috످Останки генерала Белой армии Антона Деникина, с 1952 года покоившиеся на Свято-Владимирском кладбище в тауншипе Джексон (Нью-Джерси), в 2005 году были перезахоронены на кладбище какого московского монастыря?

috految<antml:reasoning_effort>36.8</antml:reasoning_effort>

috److془Donskoy monastery, October 3, 2005. Certain.془Останки генерала Антона Деникина были перезахоронены 3 октября 2005 года на кладбище Донского монастыря в Москве.

috످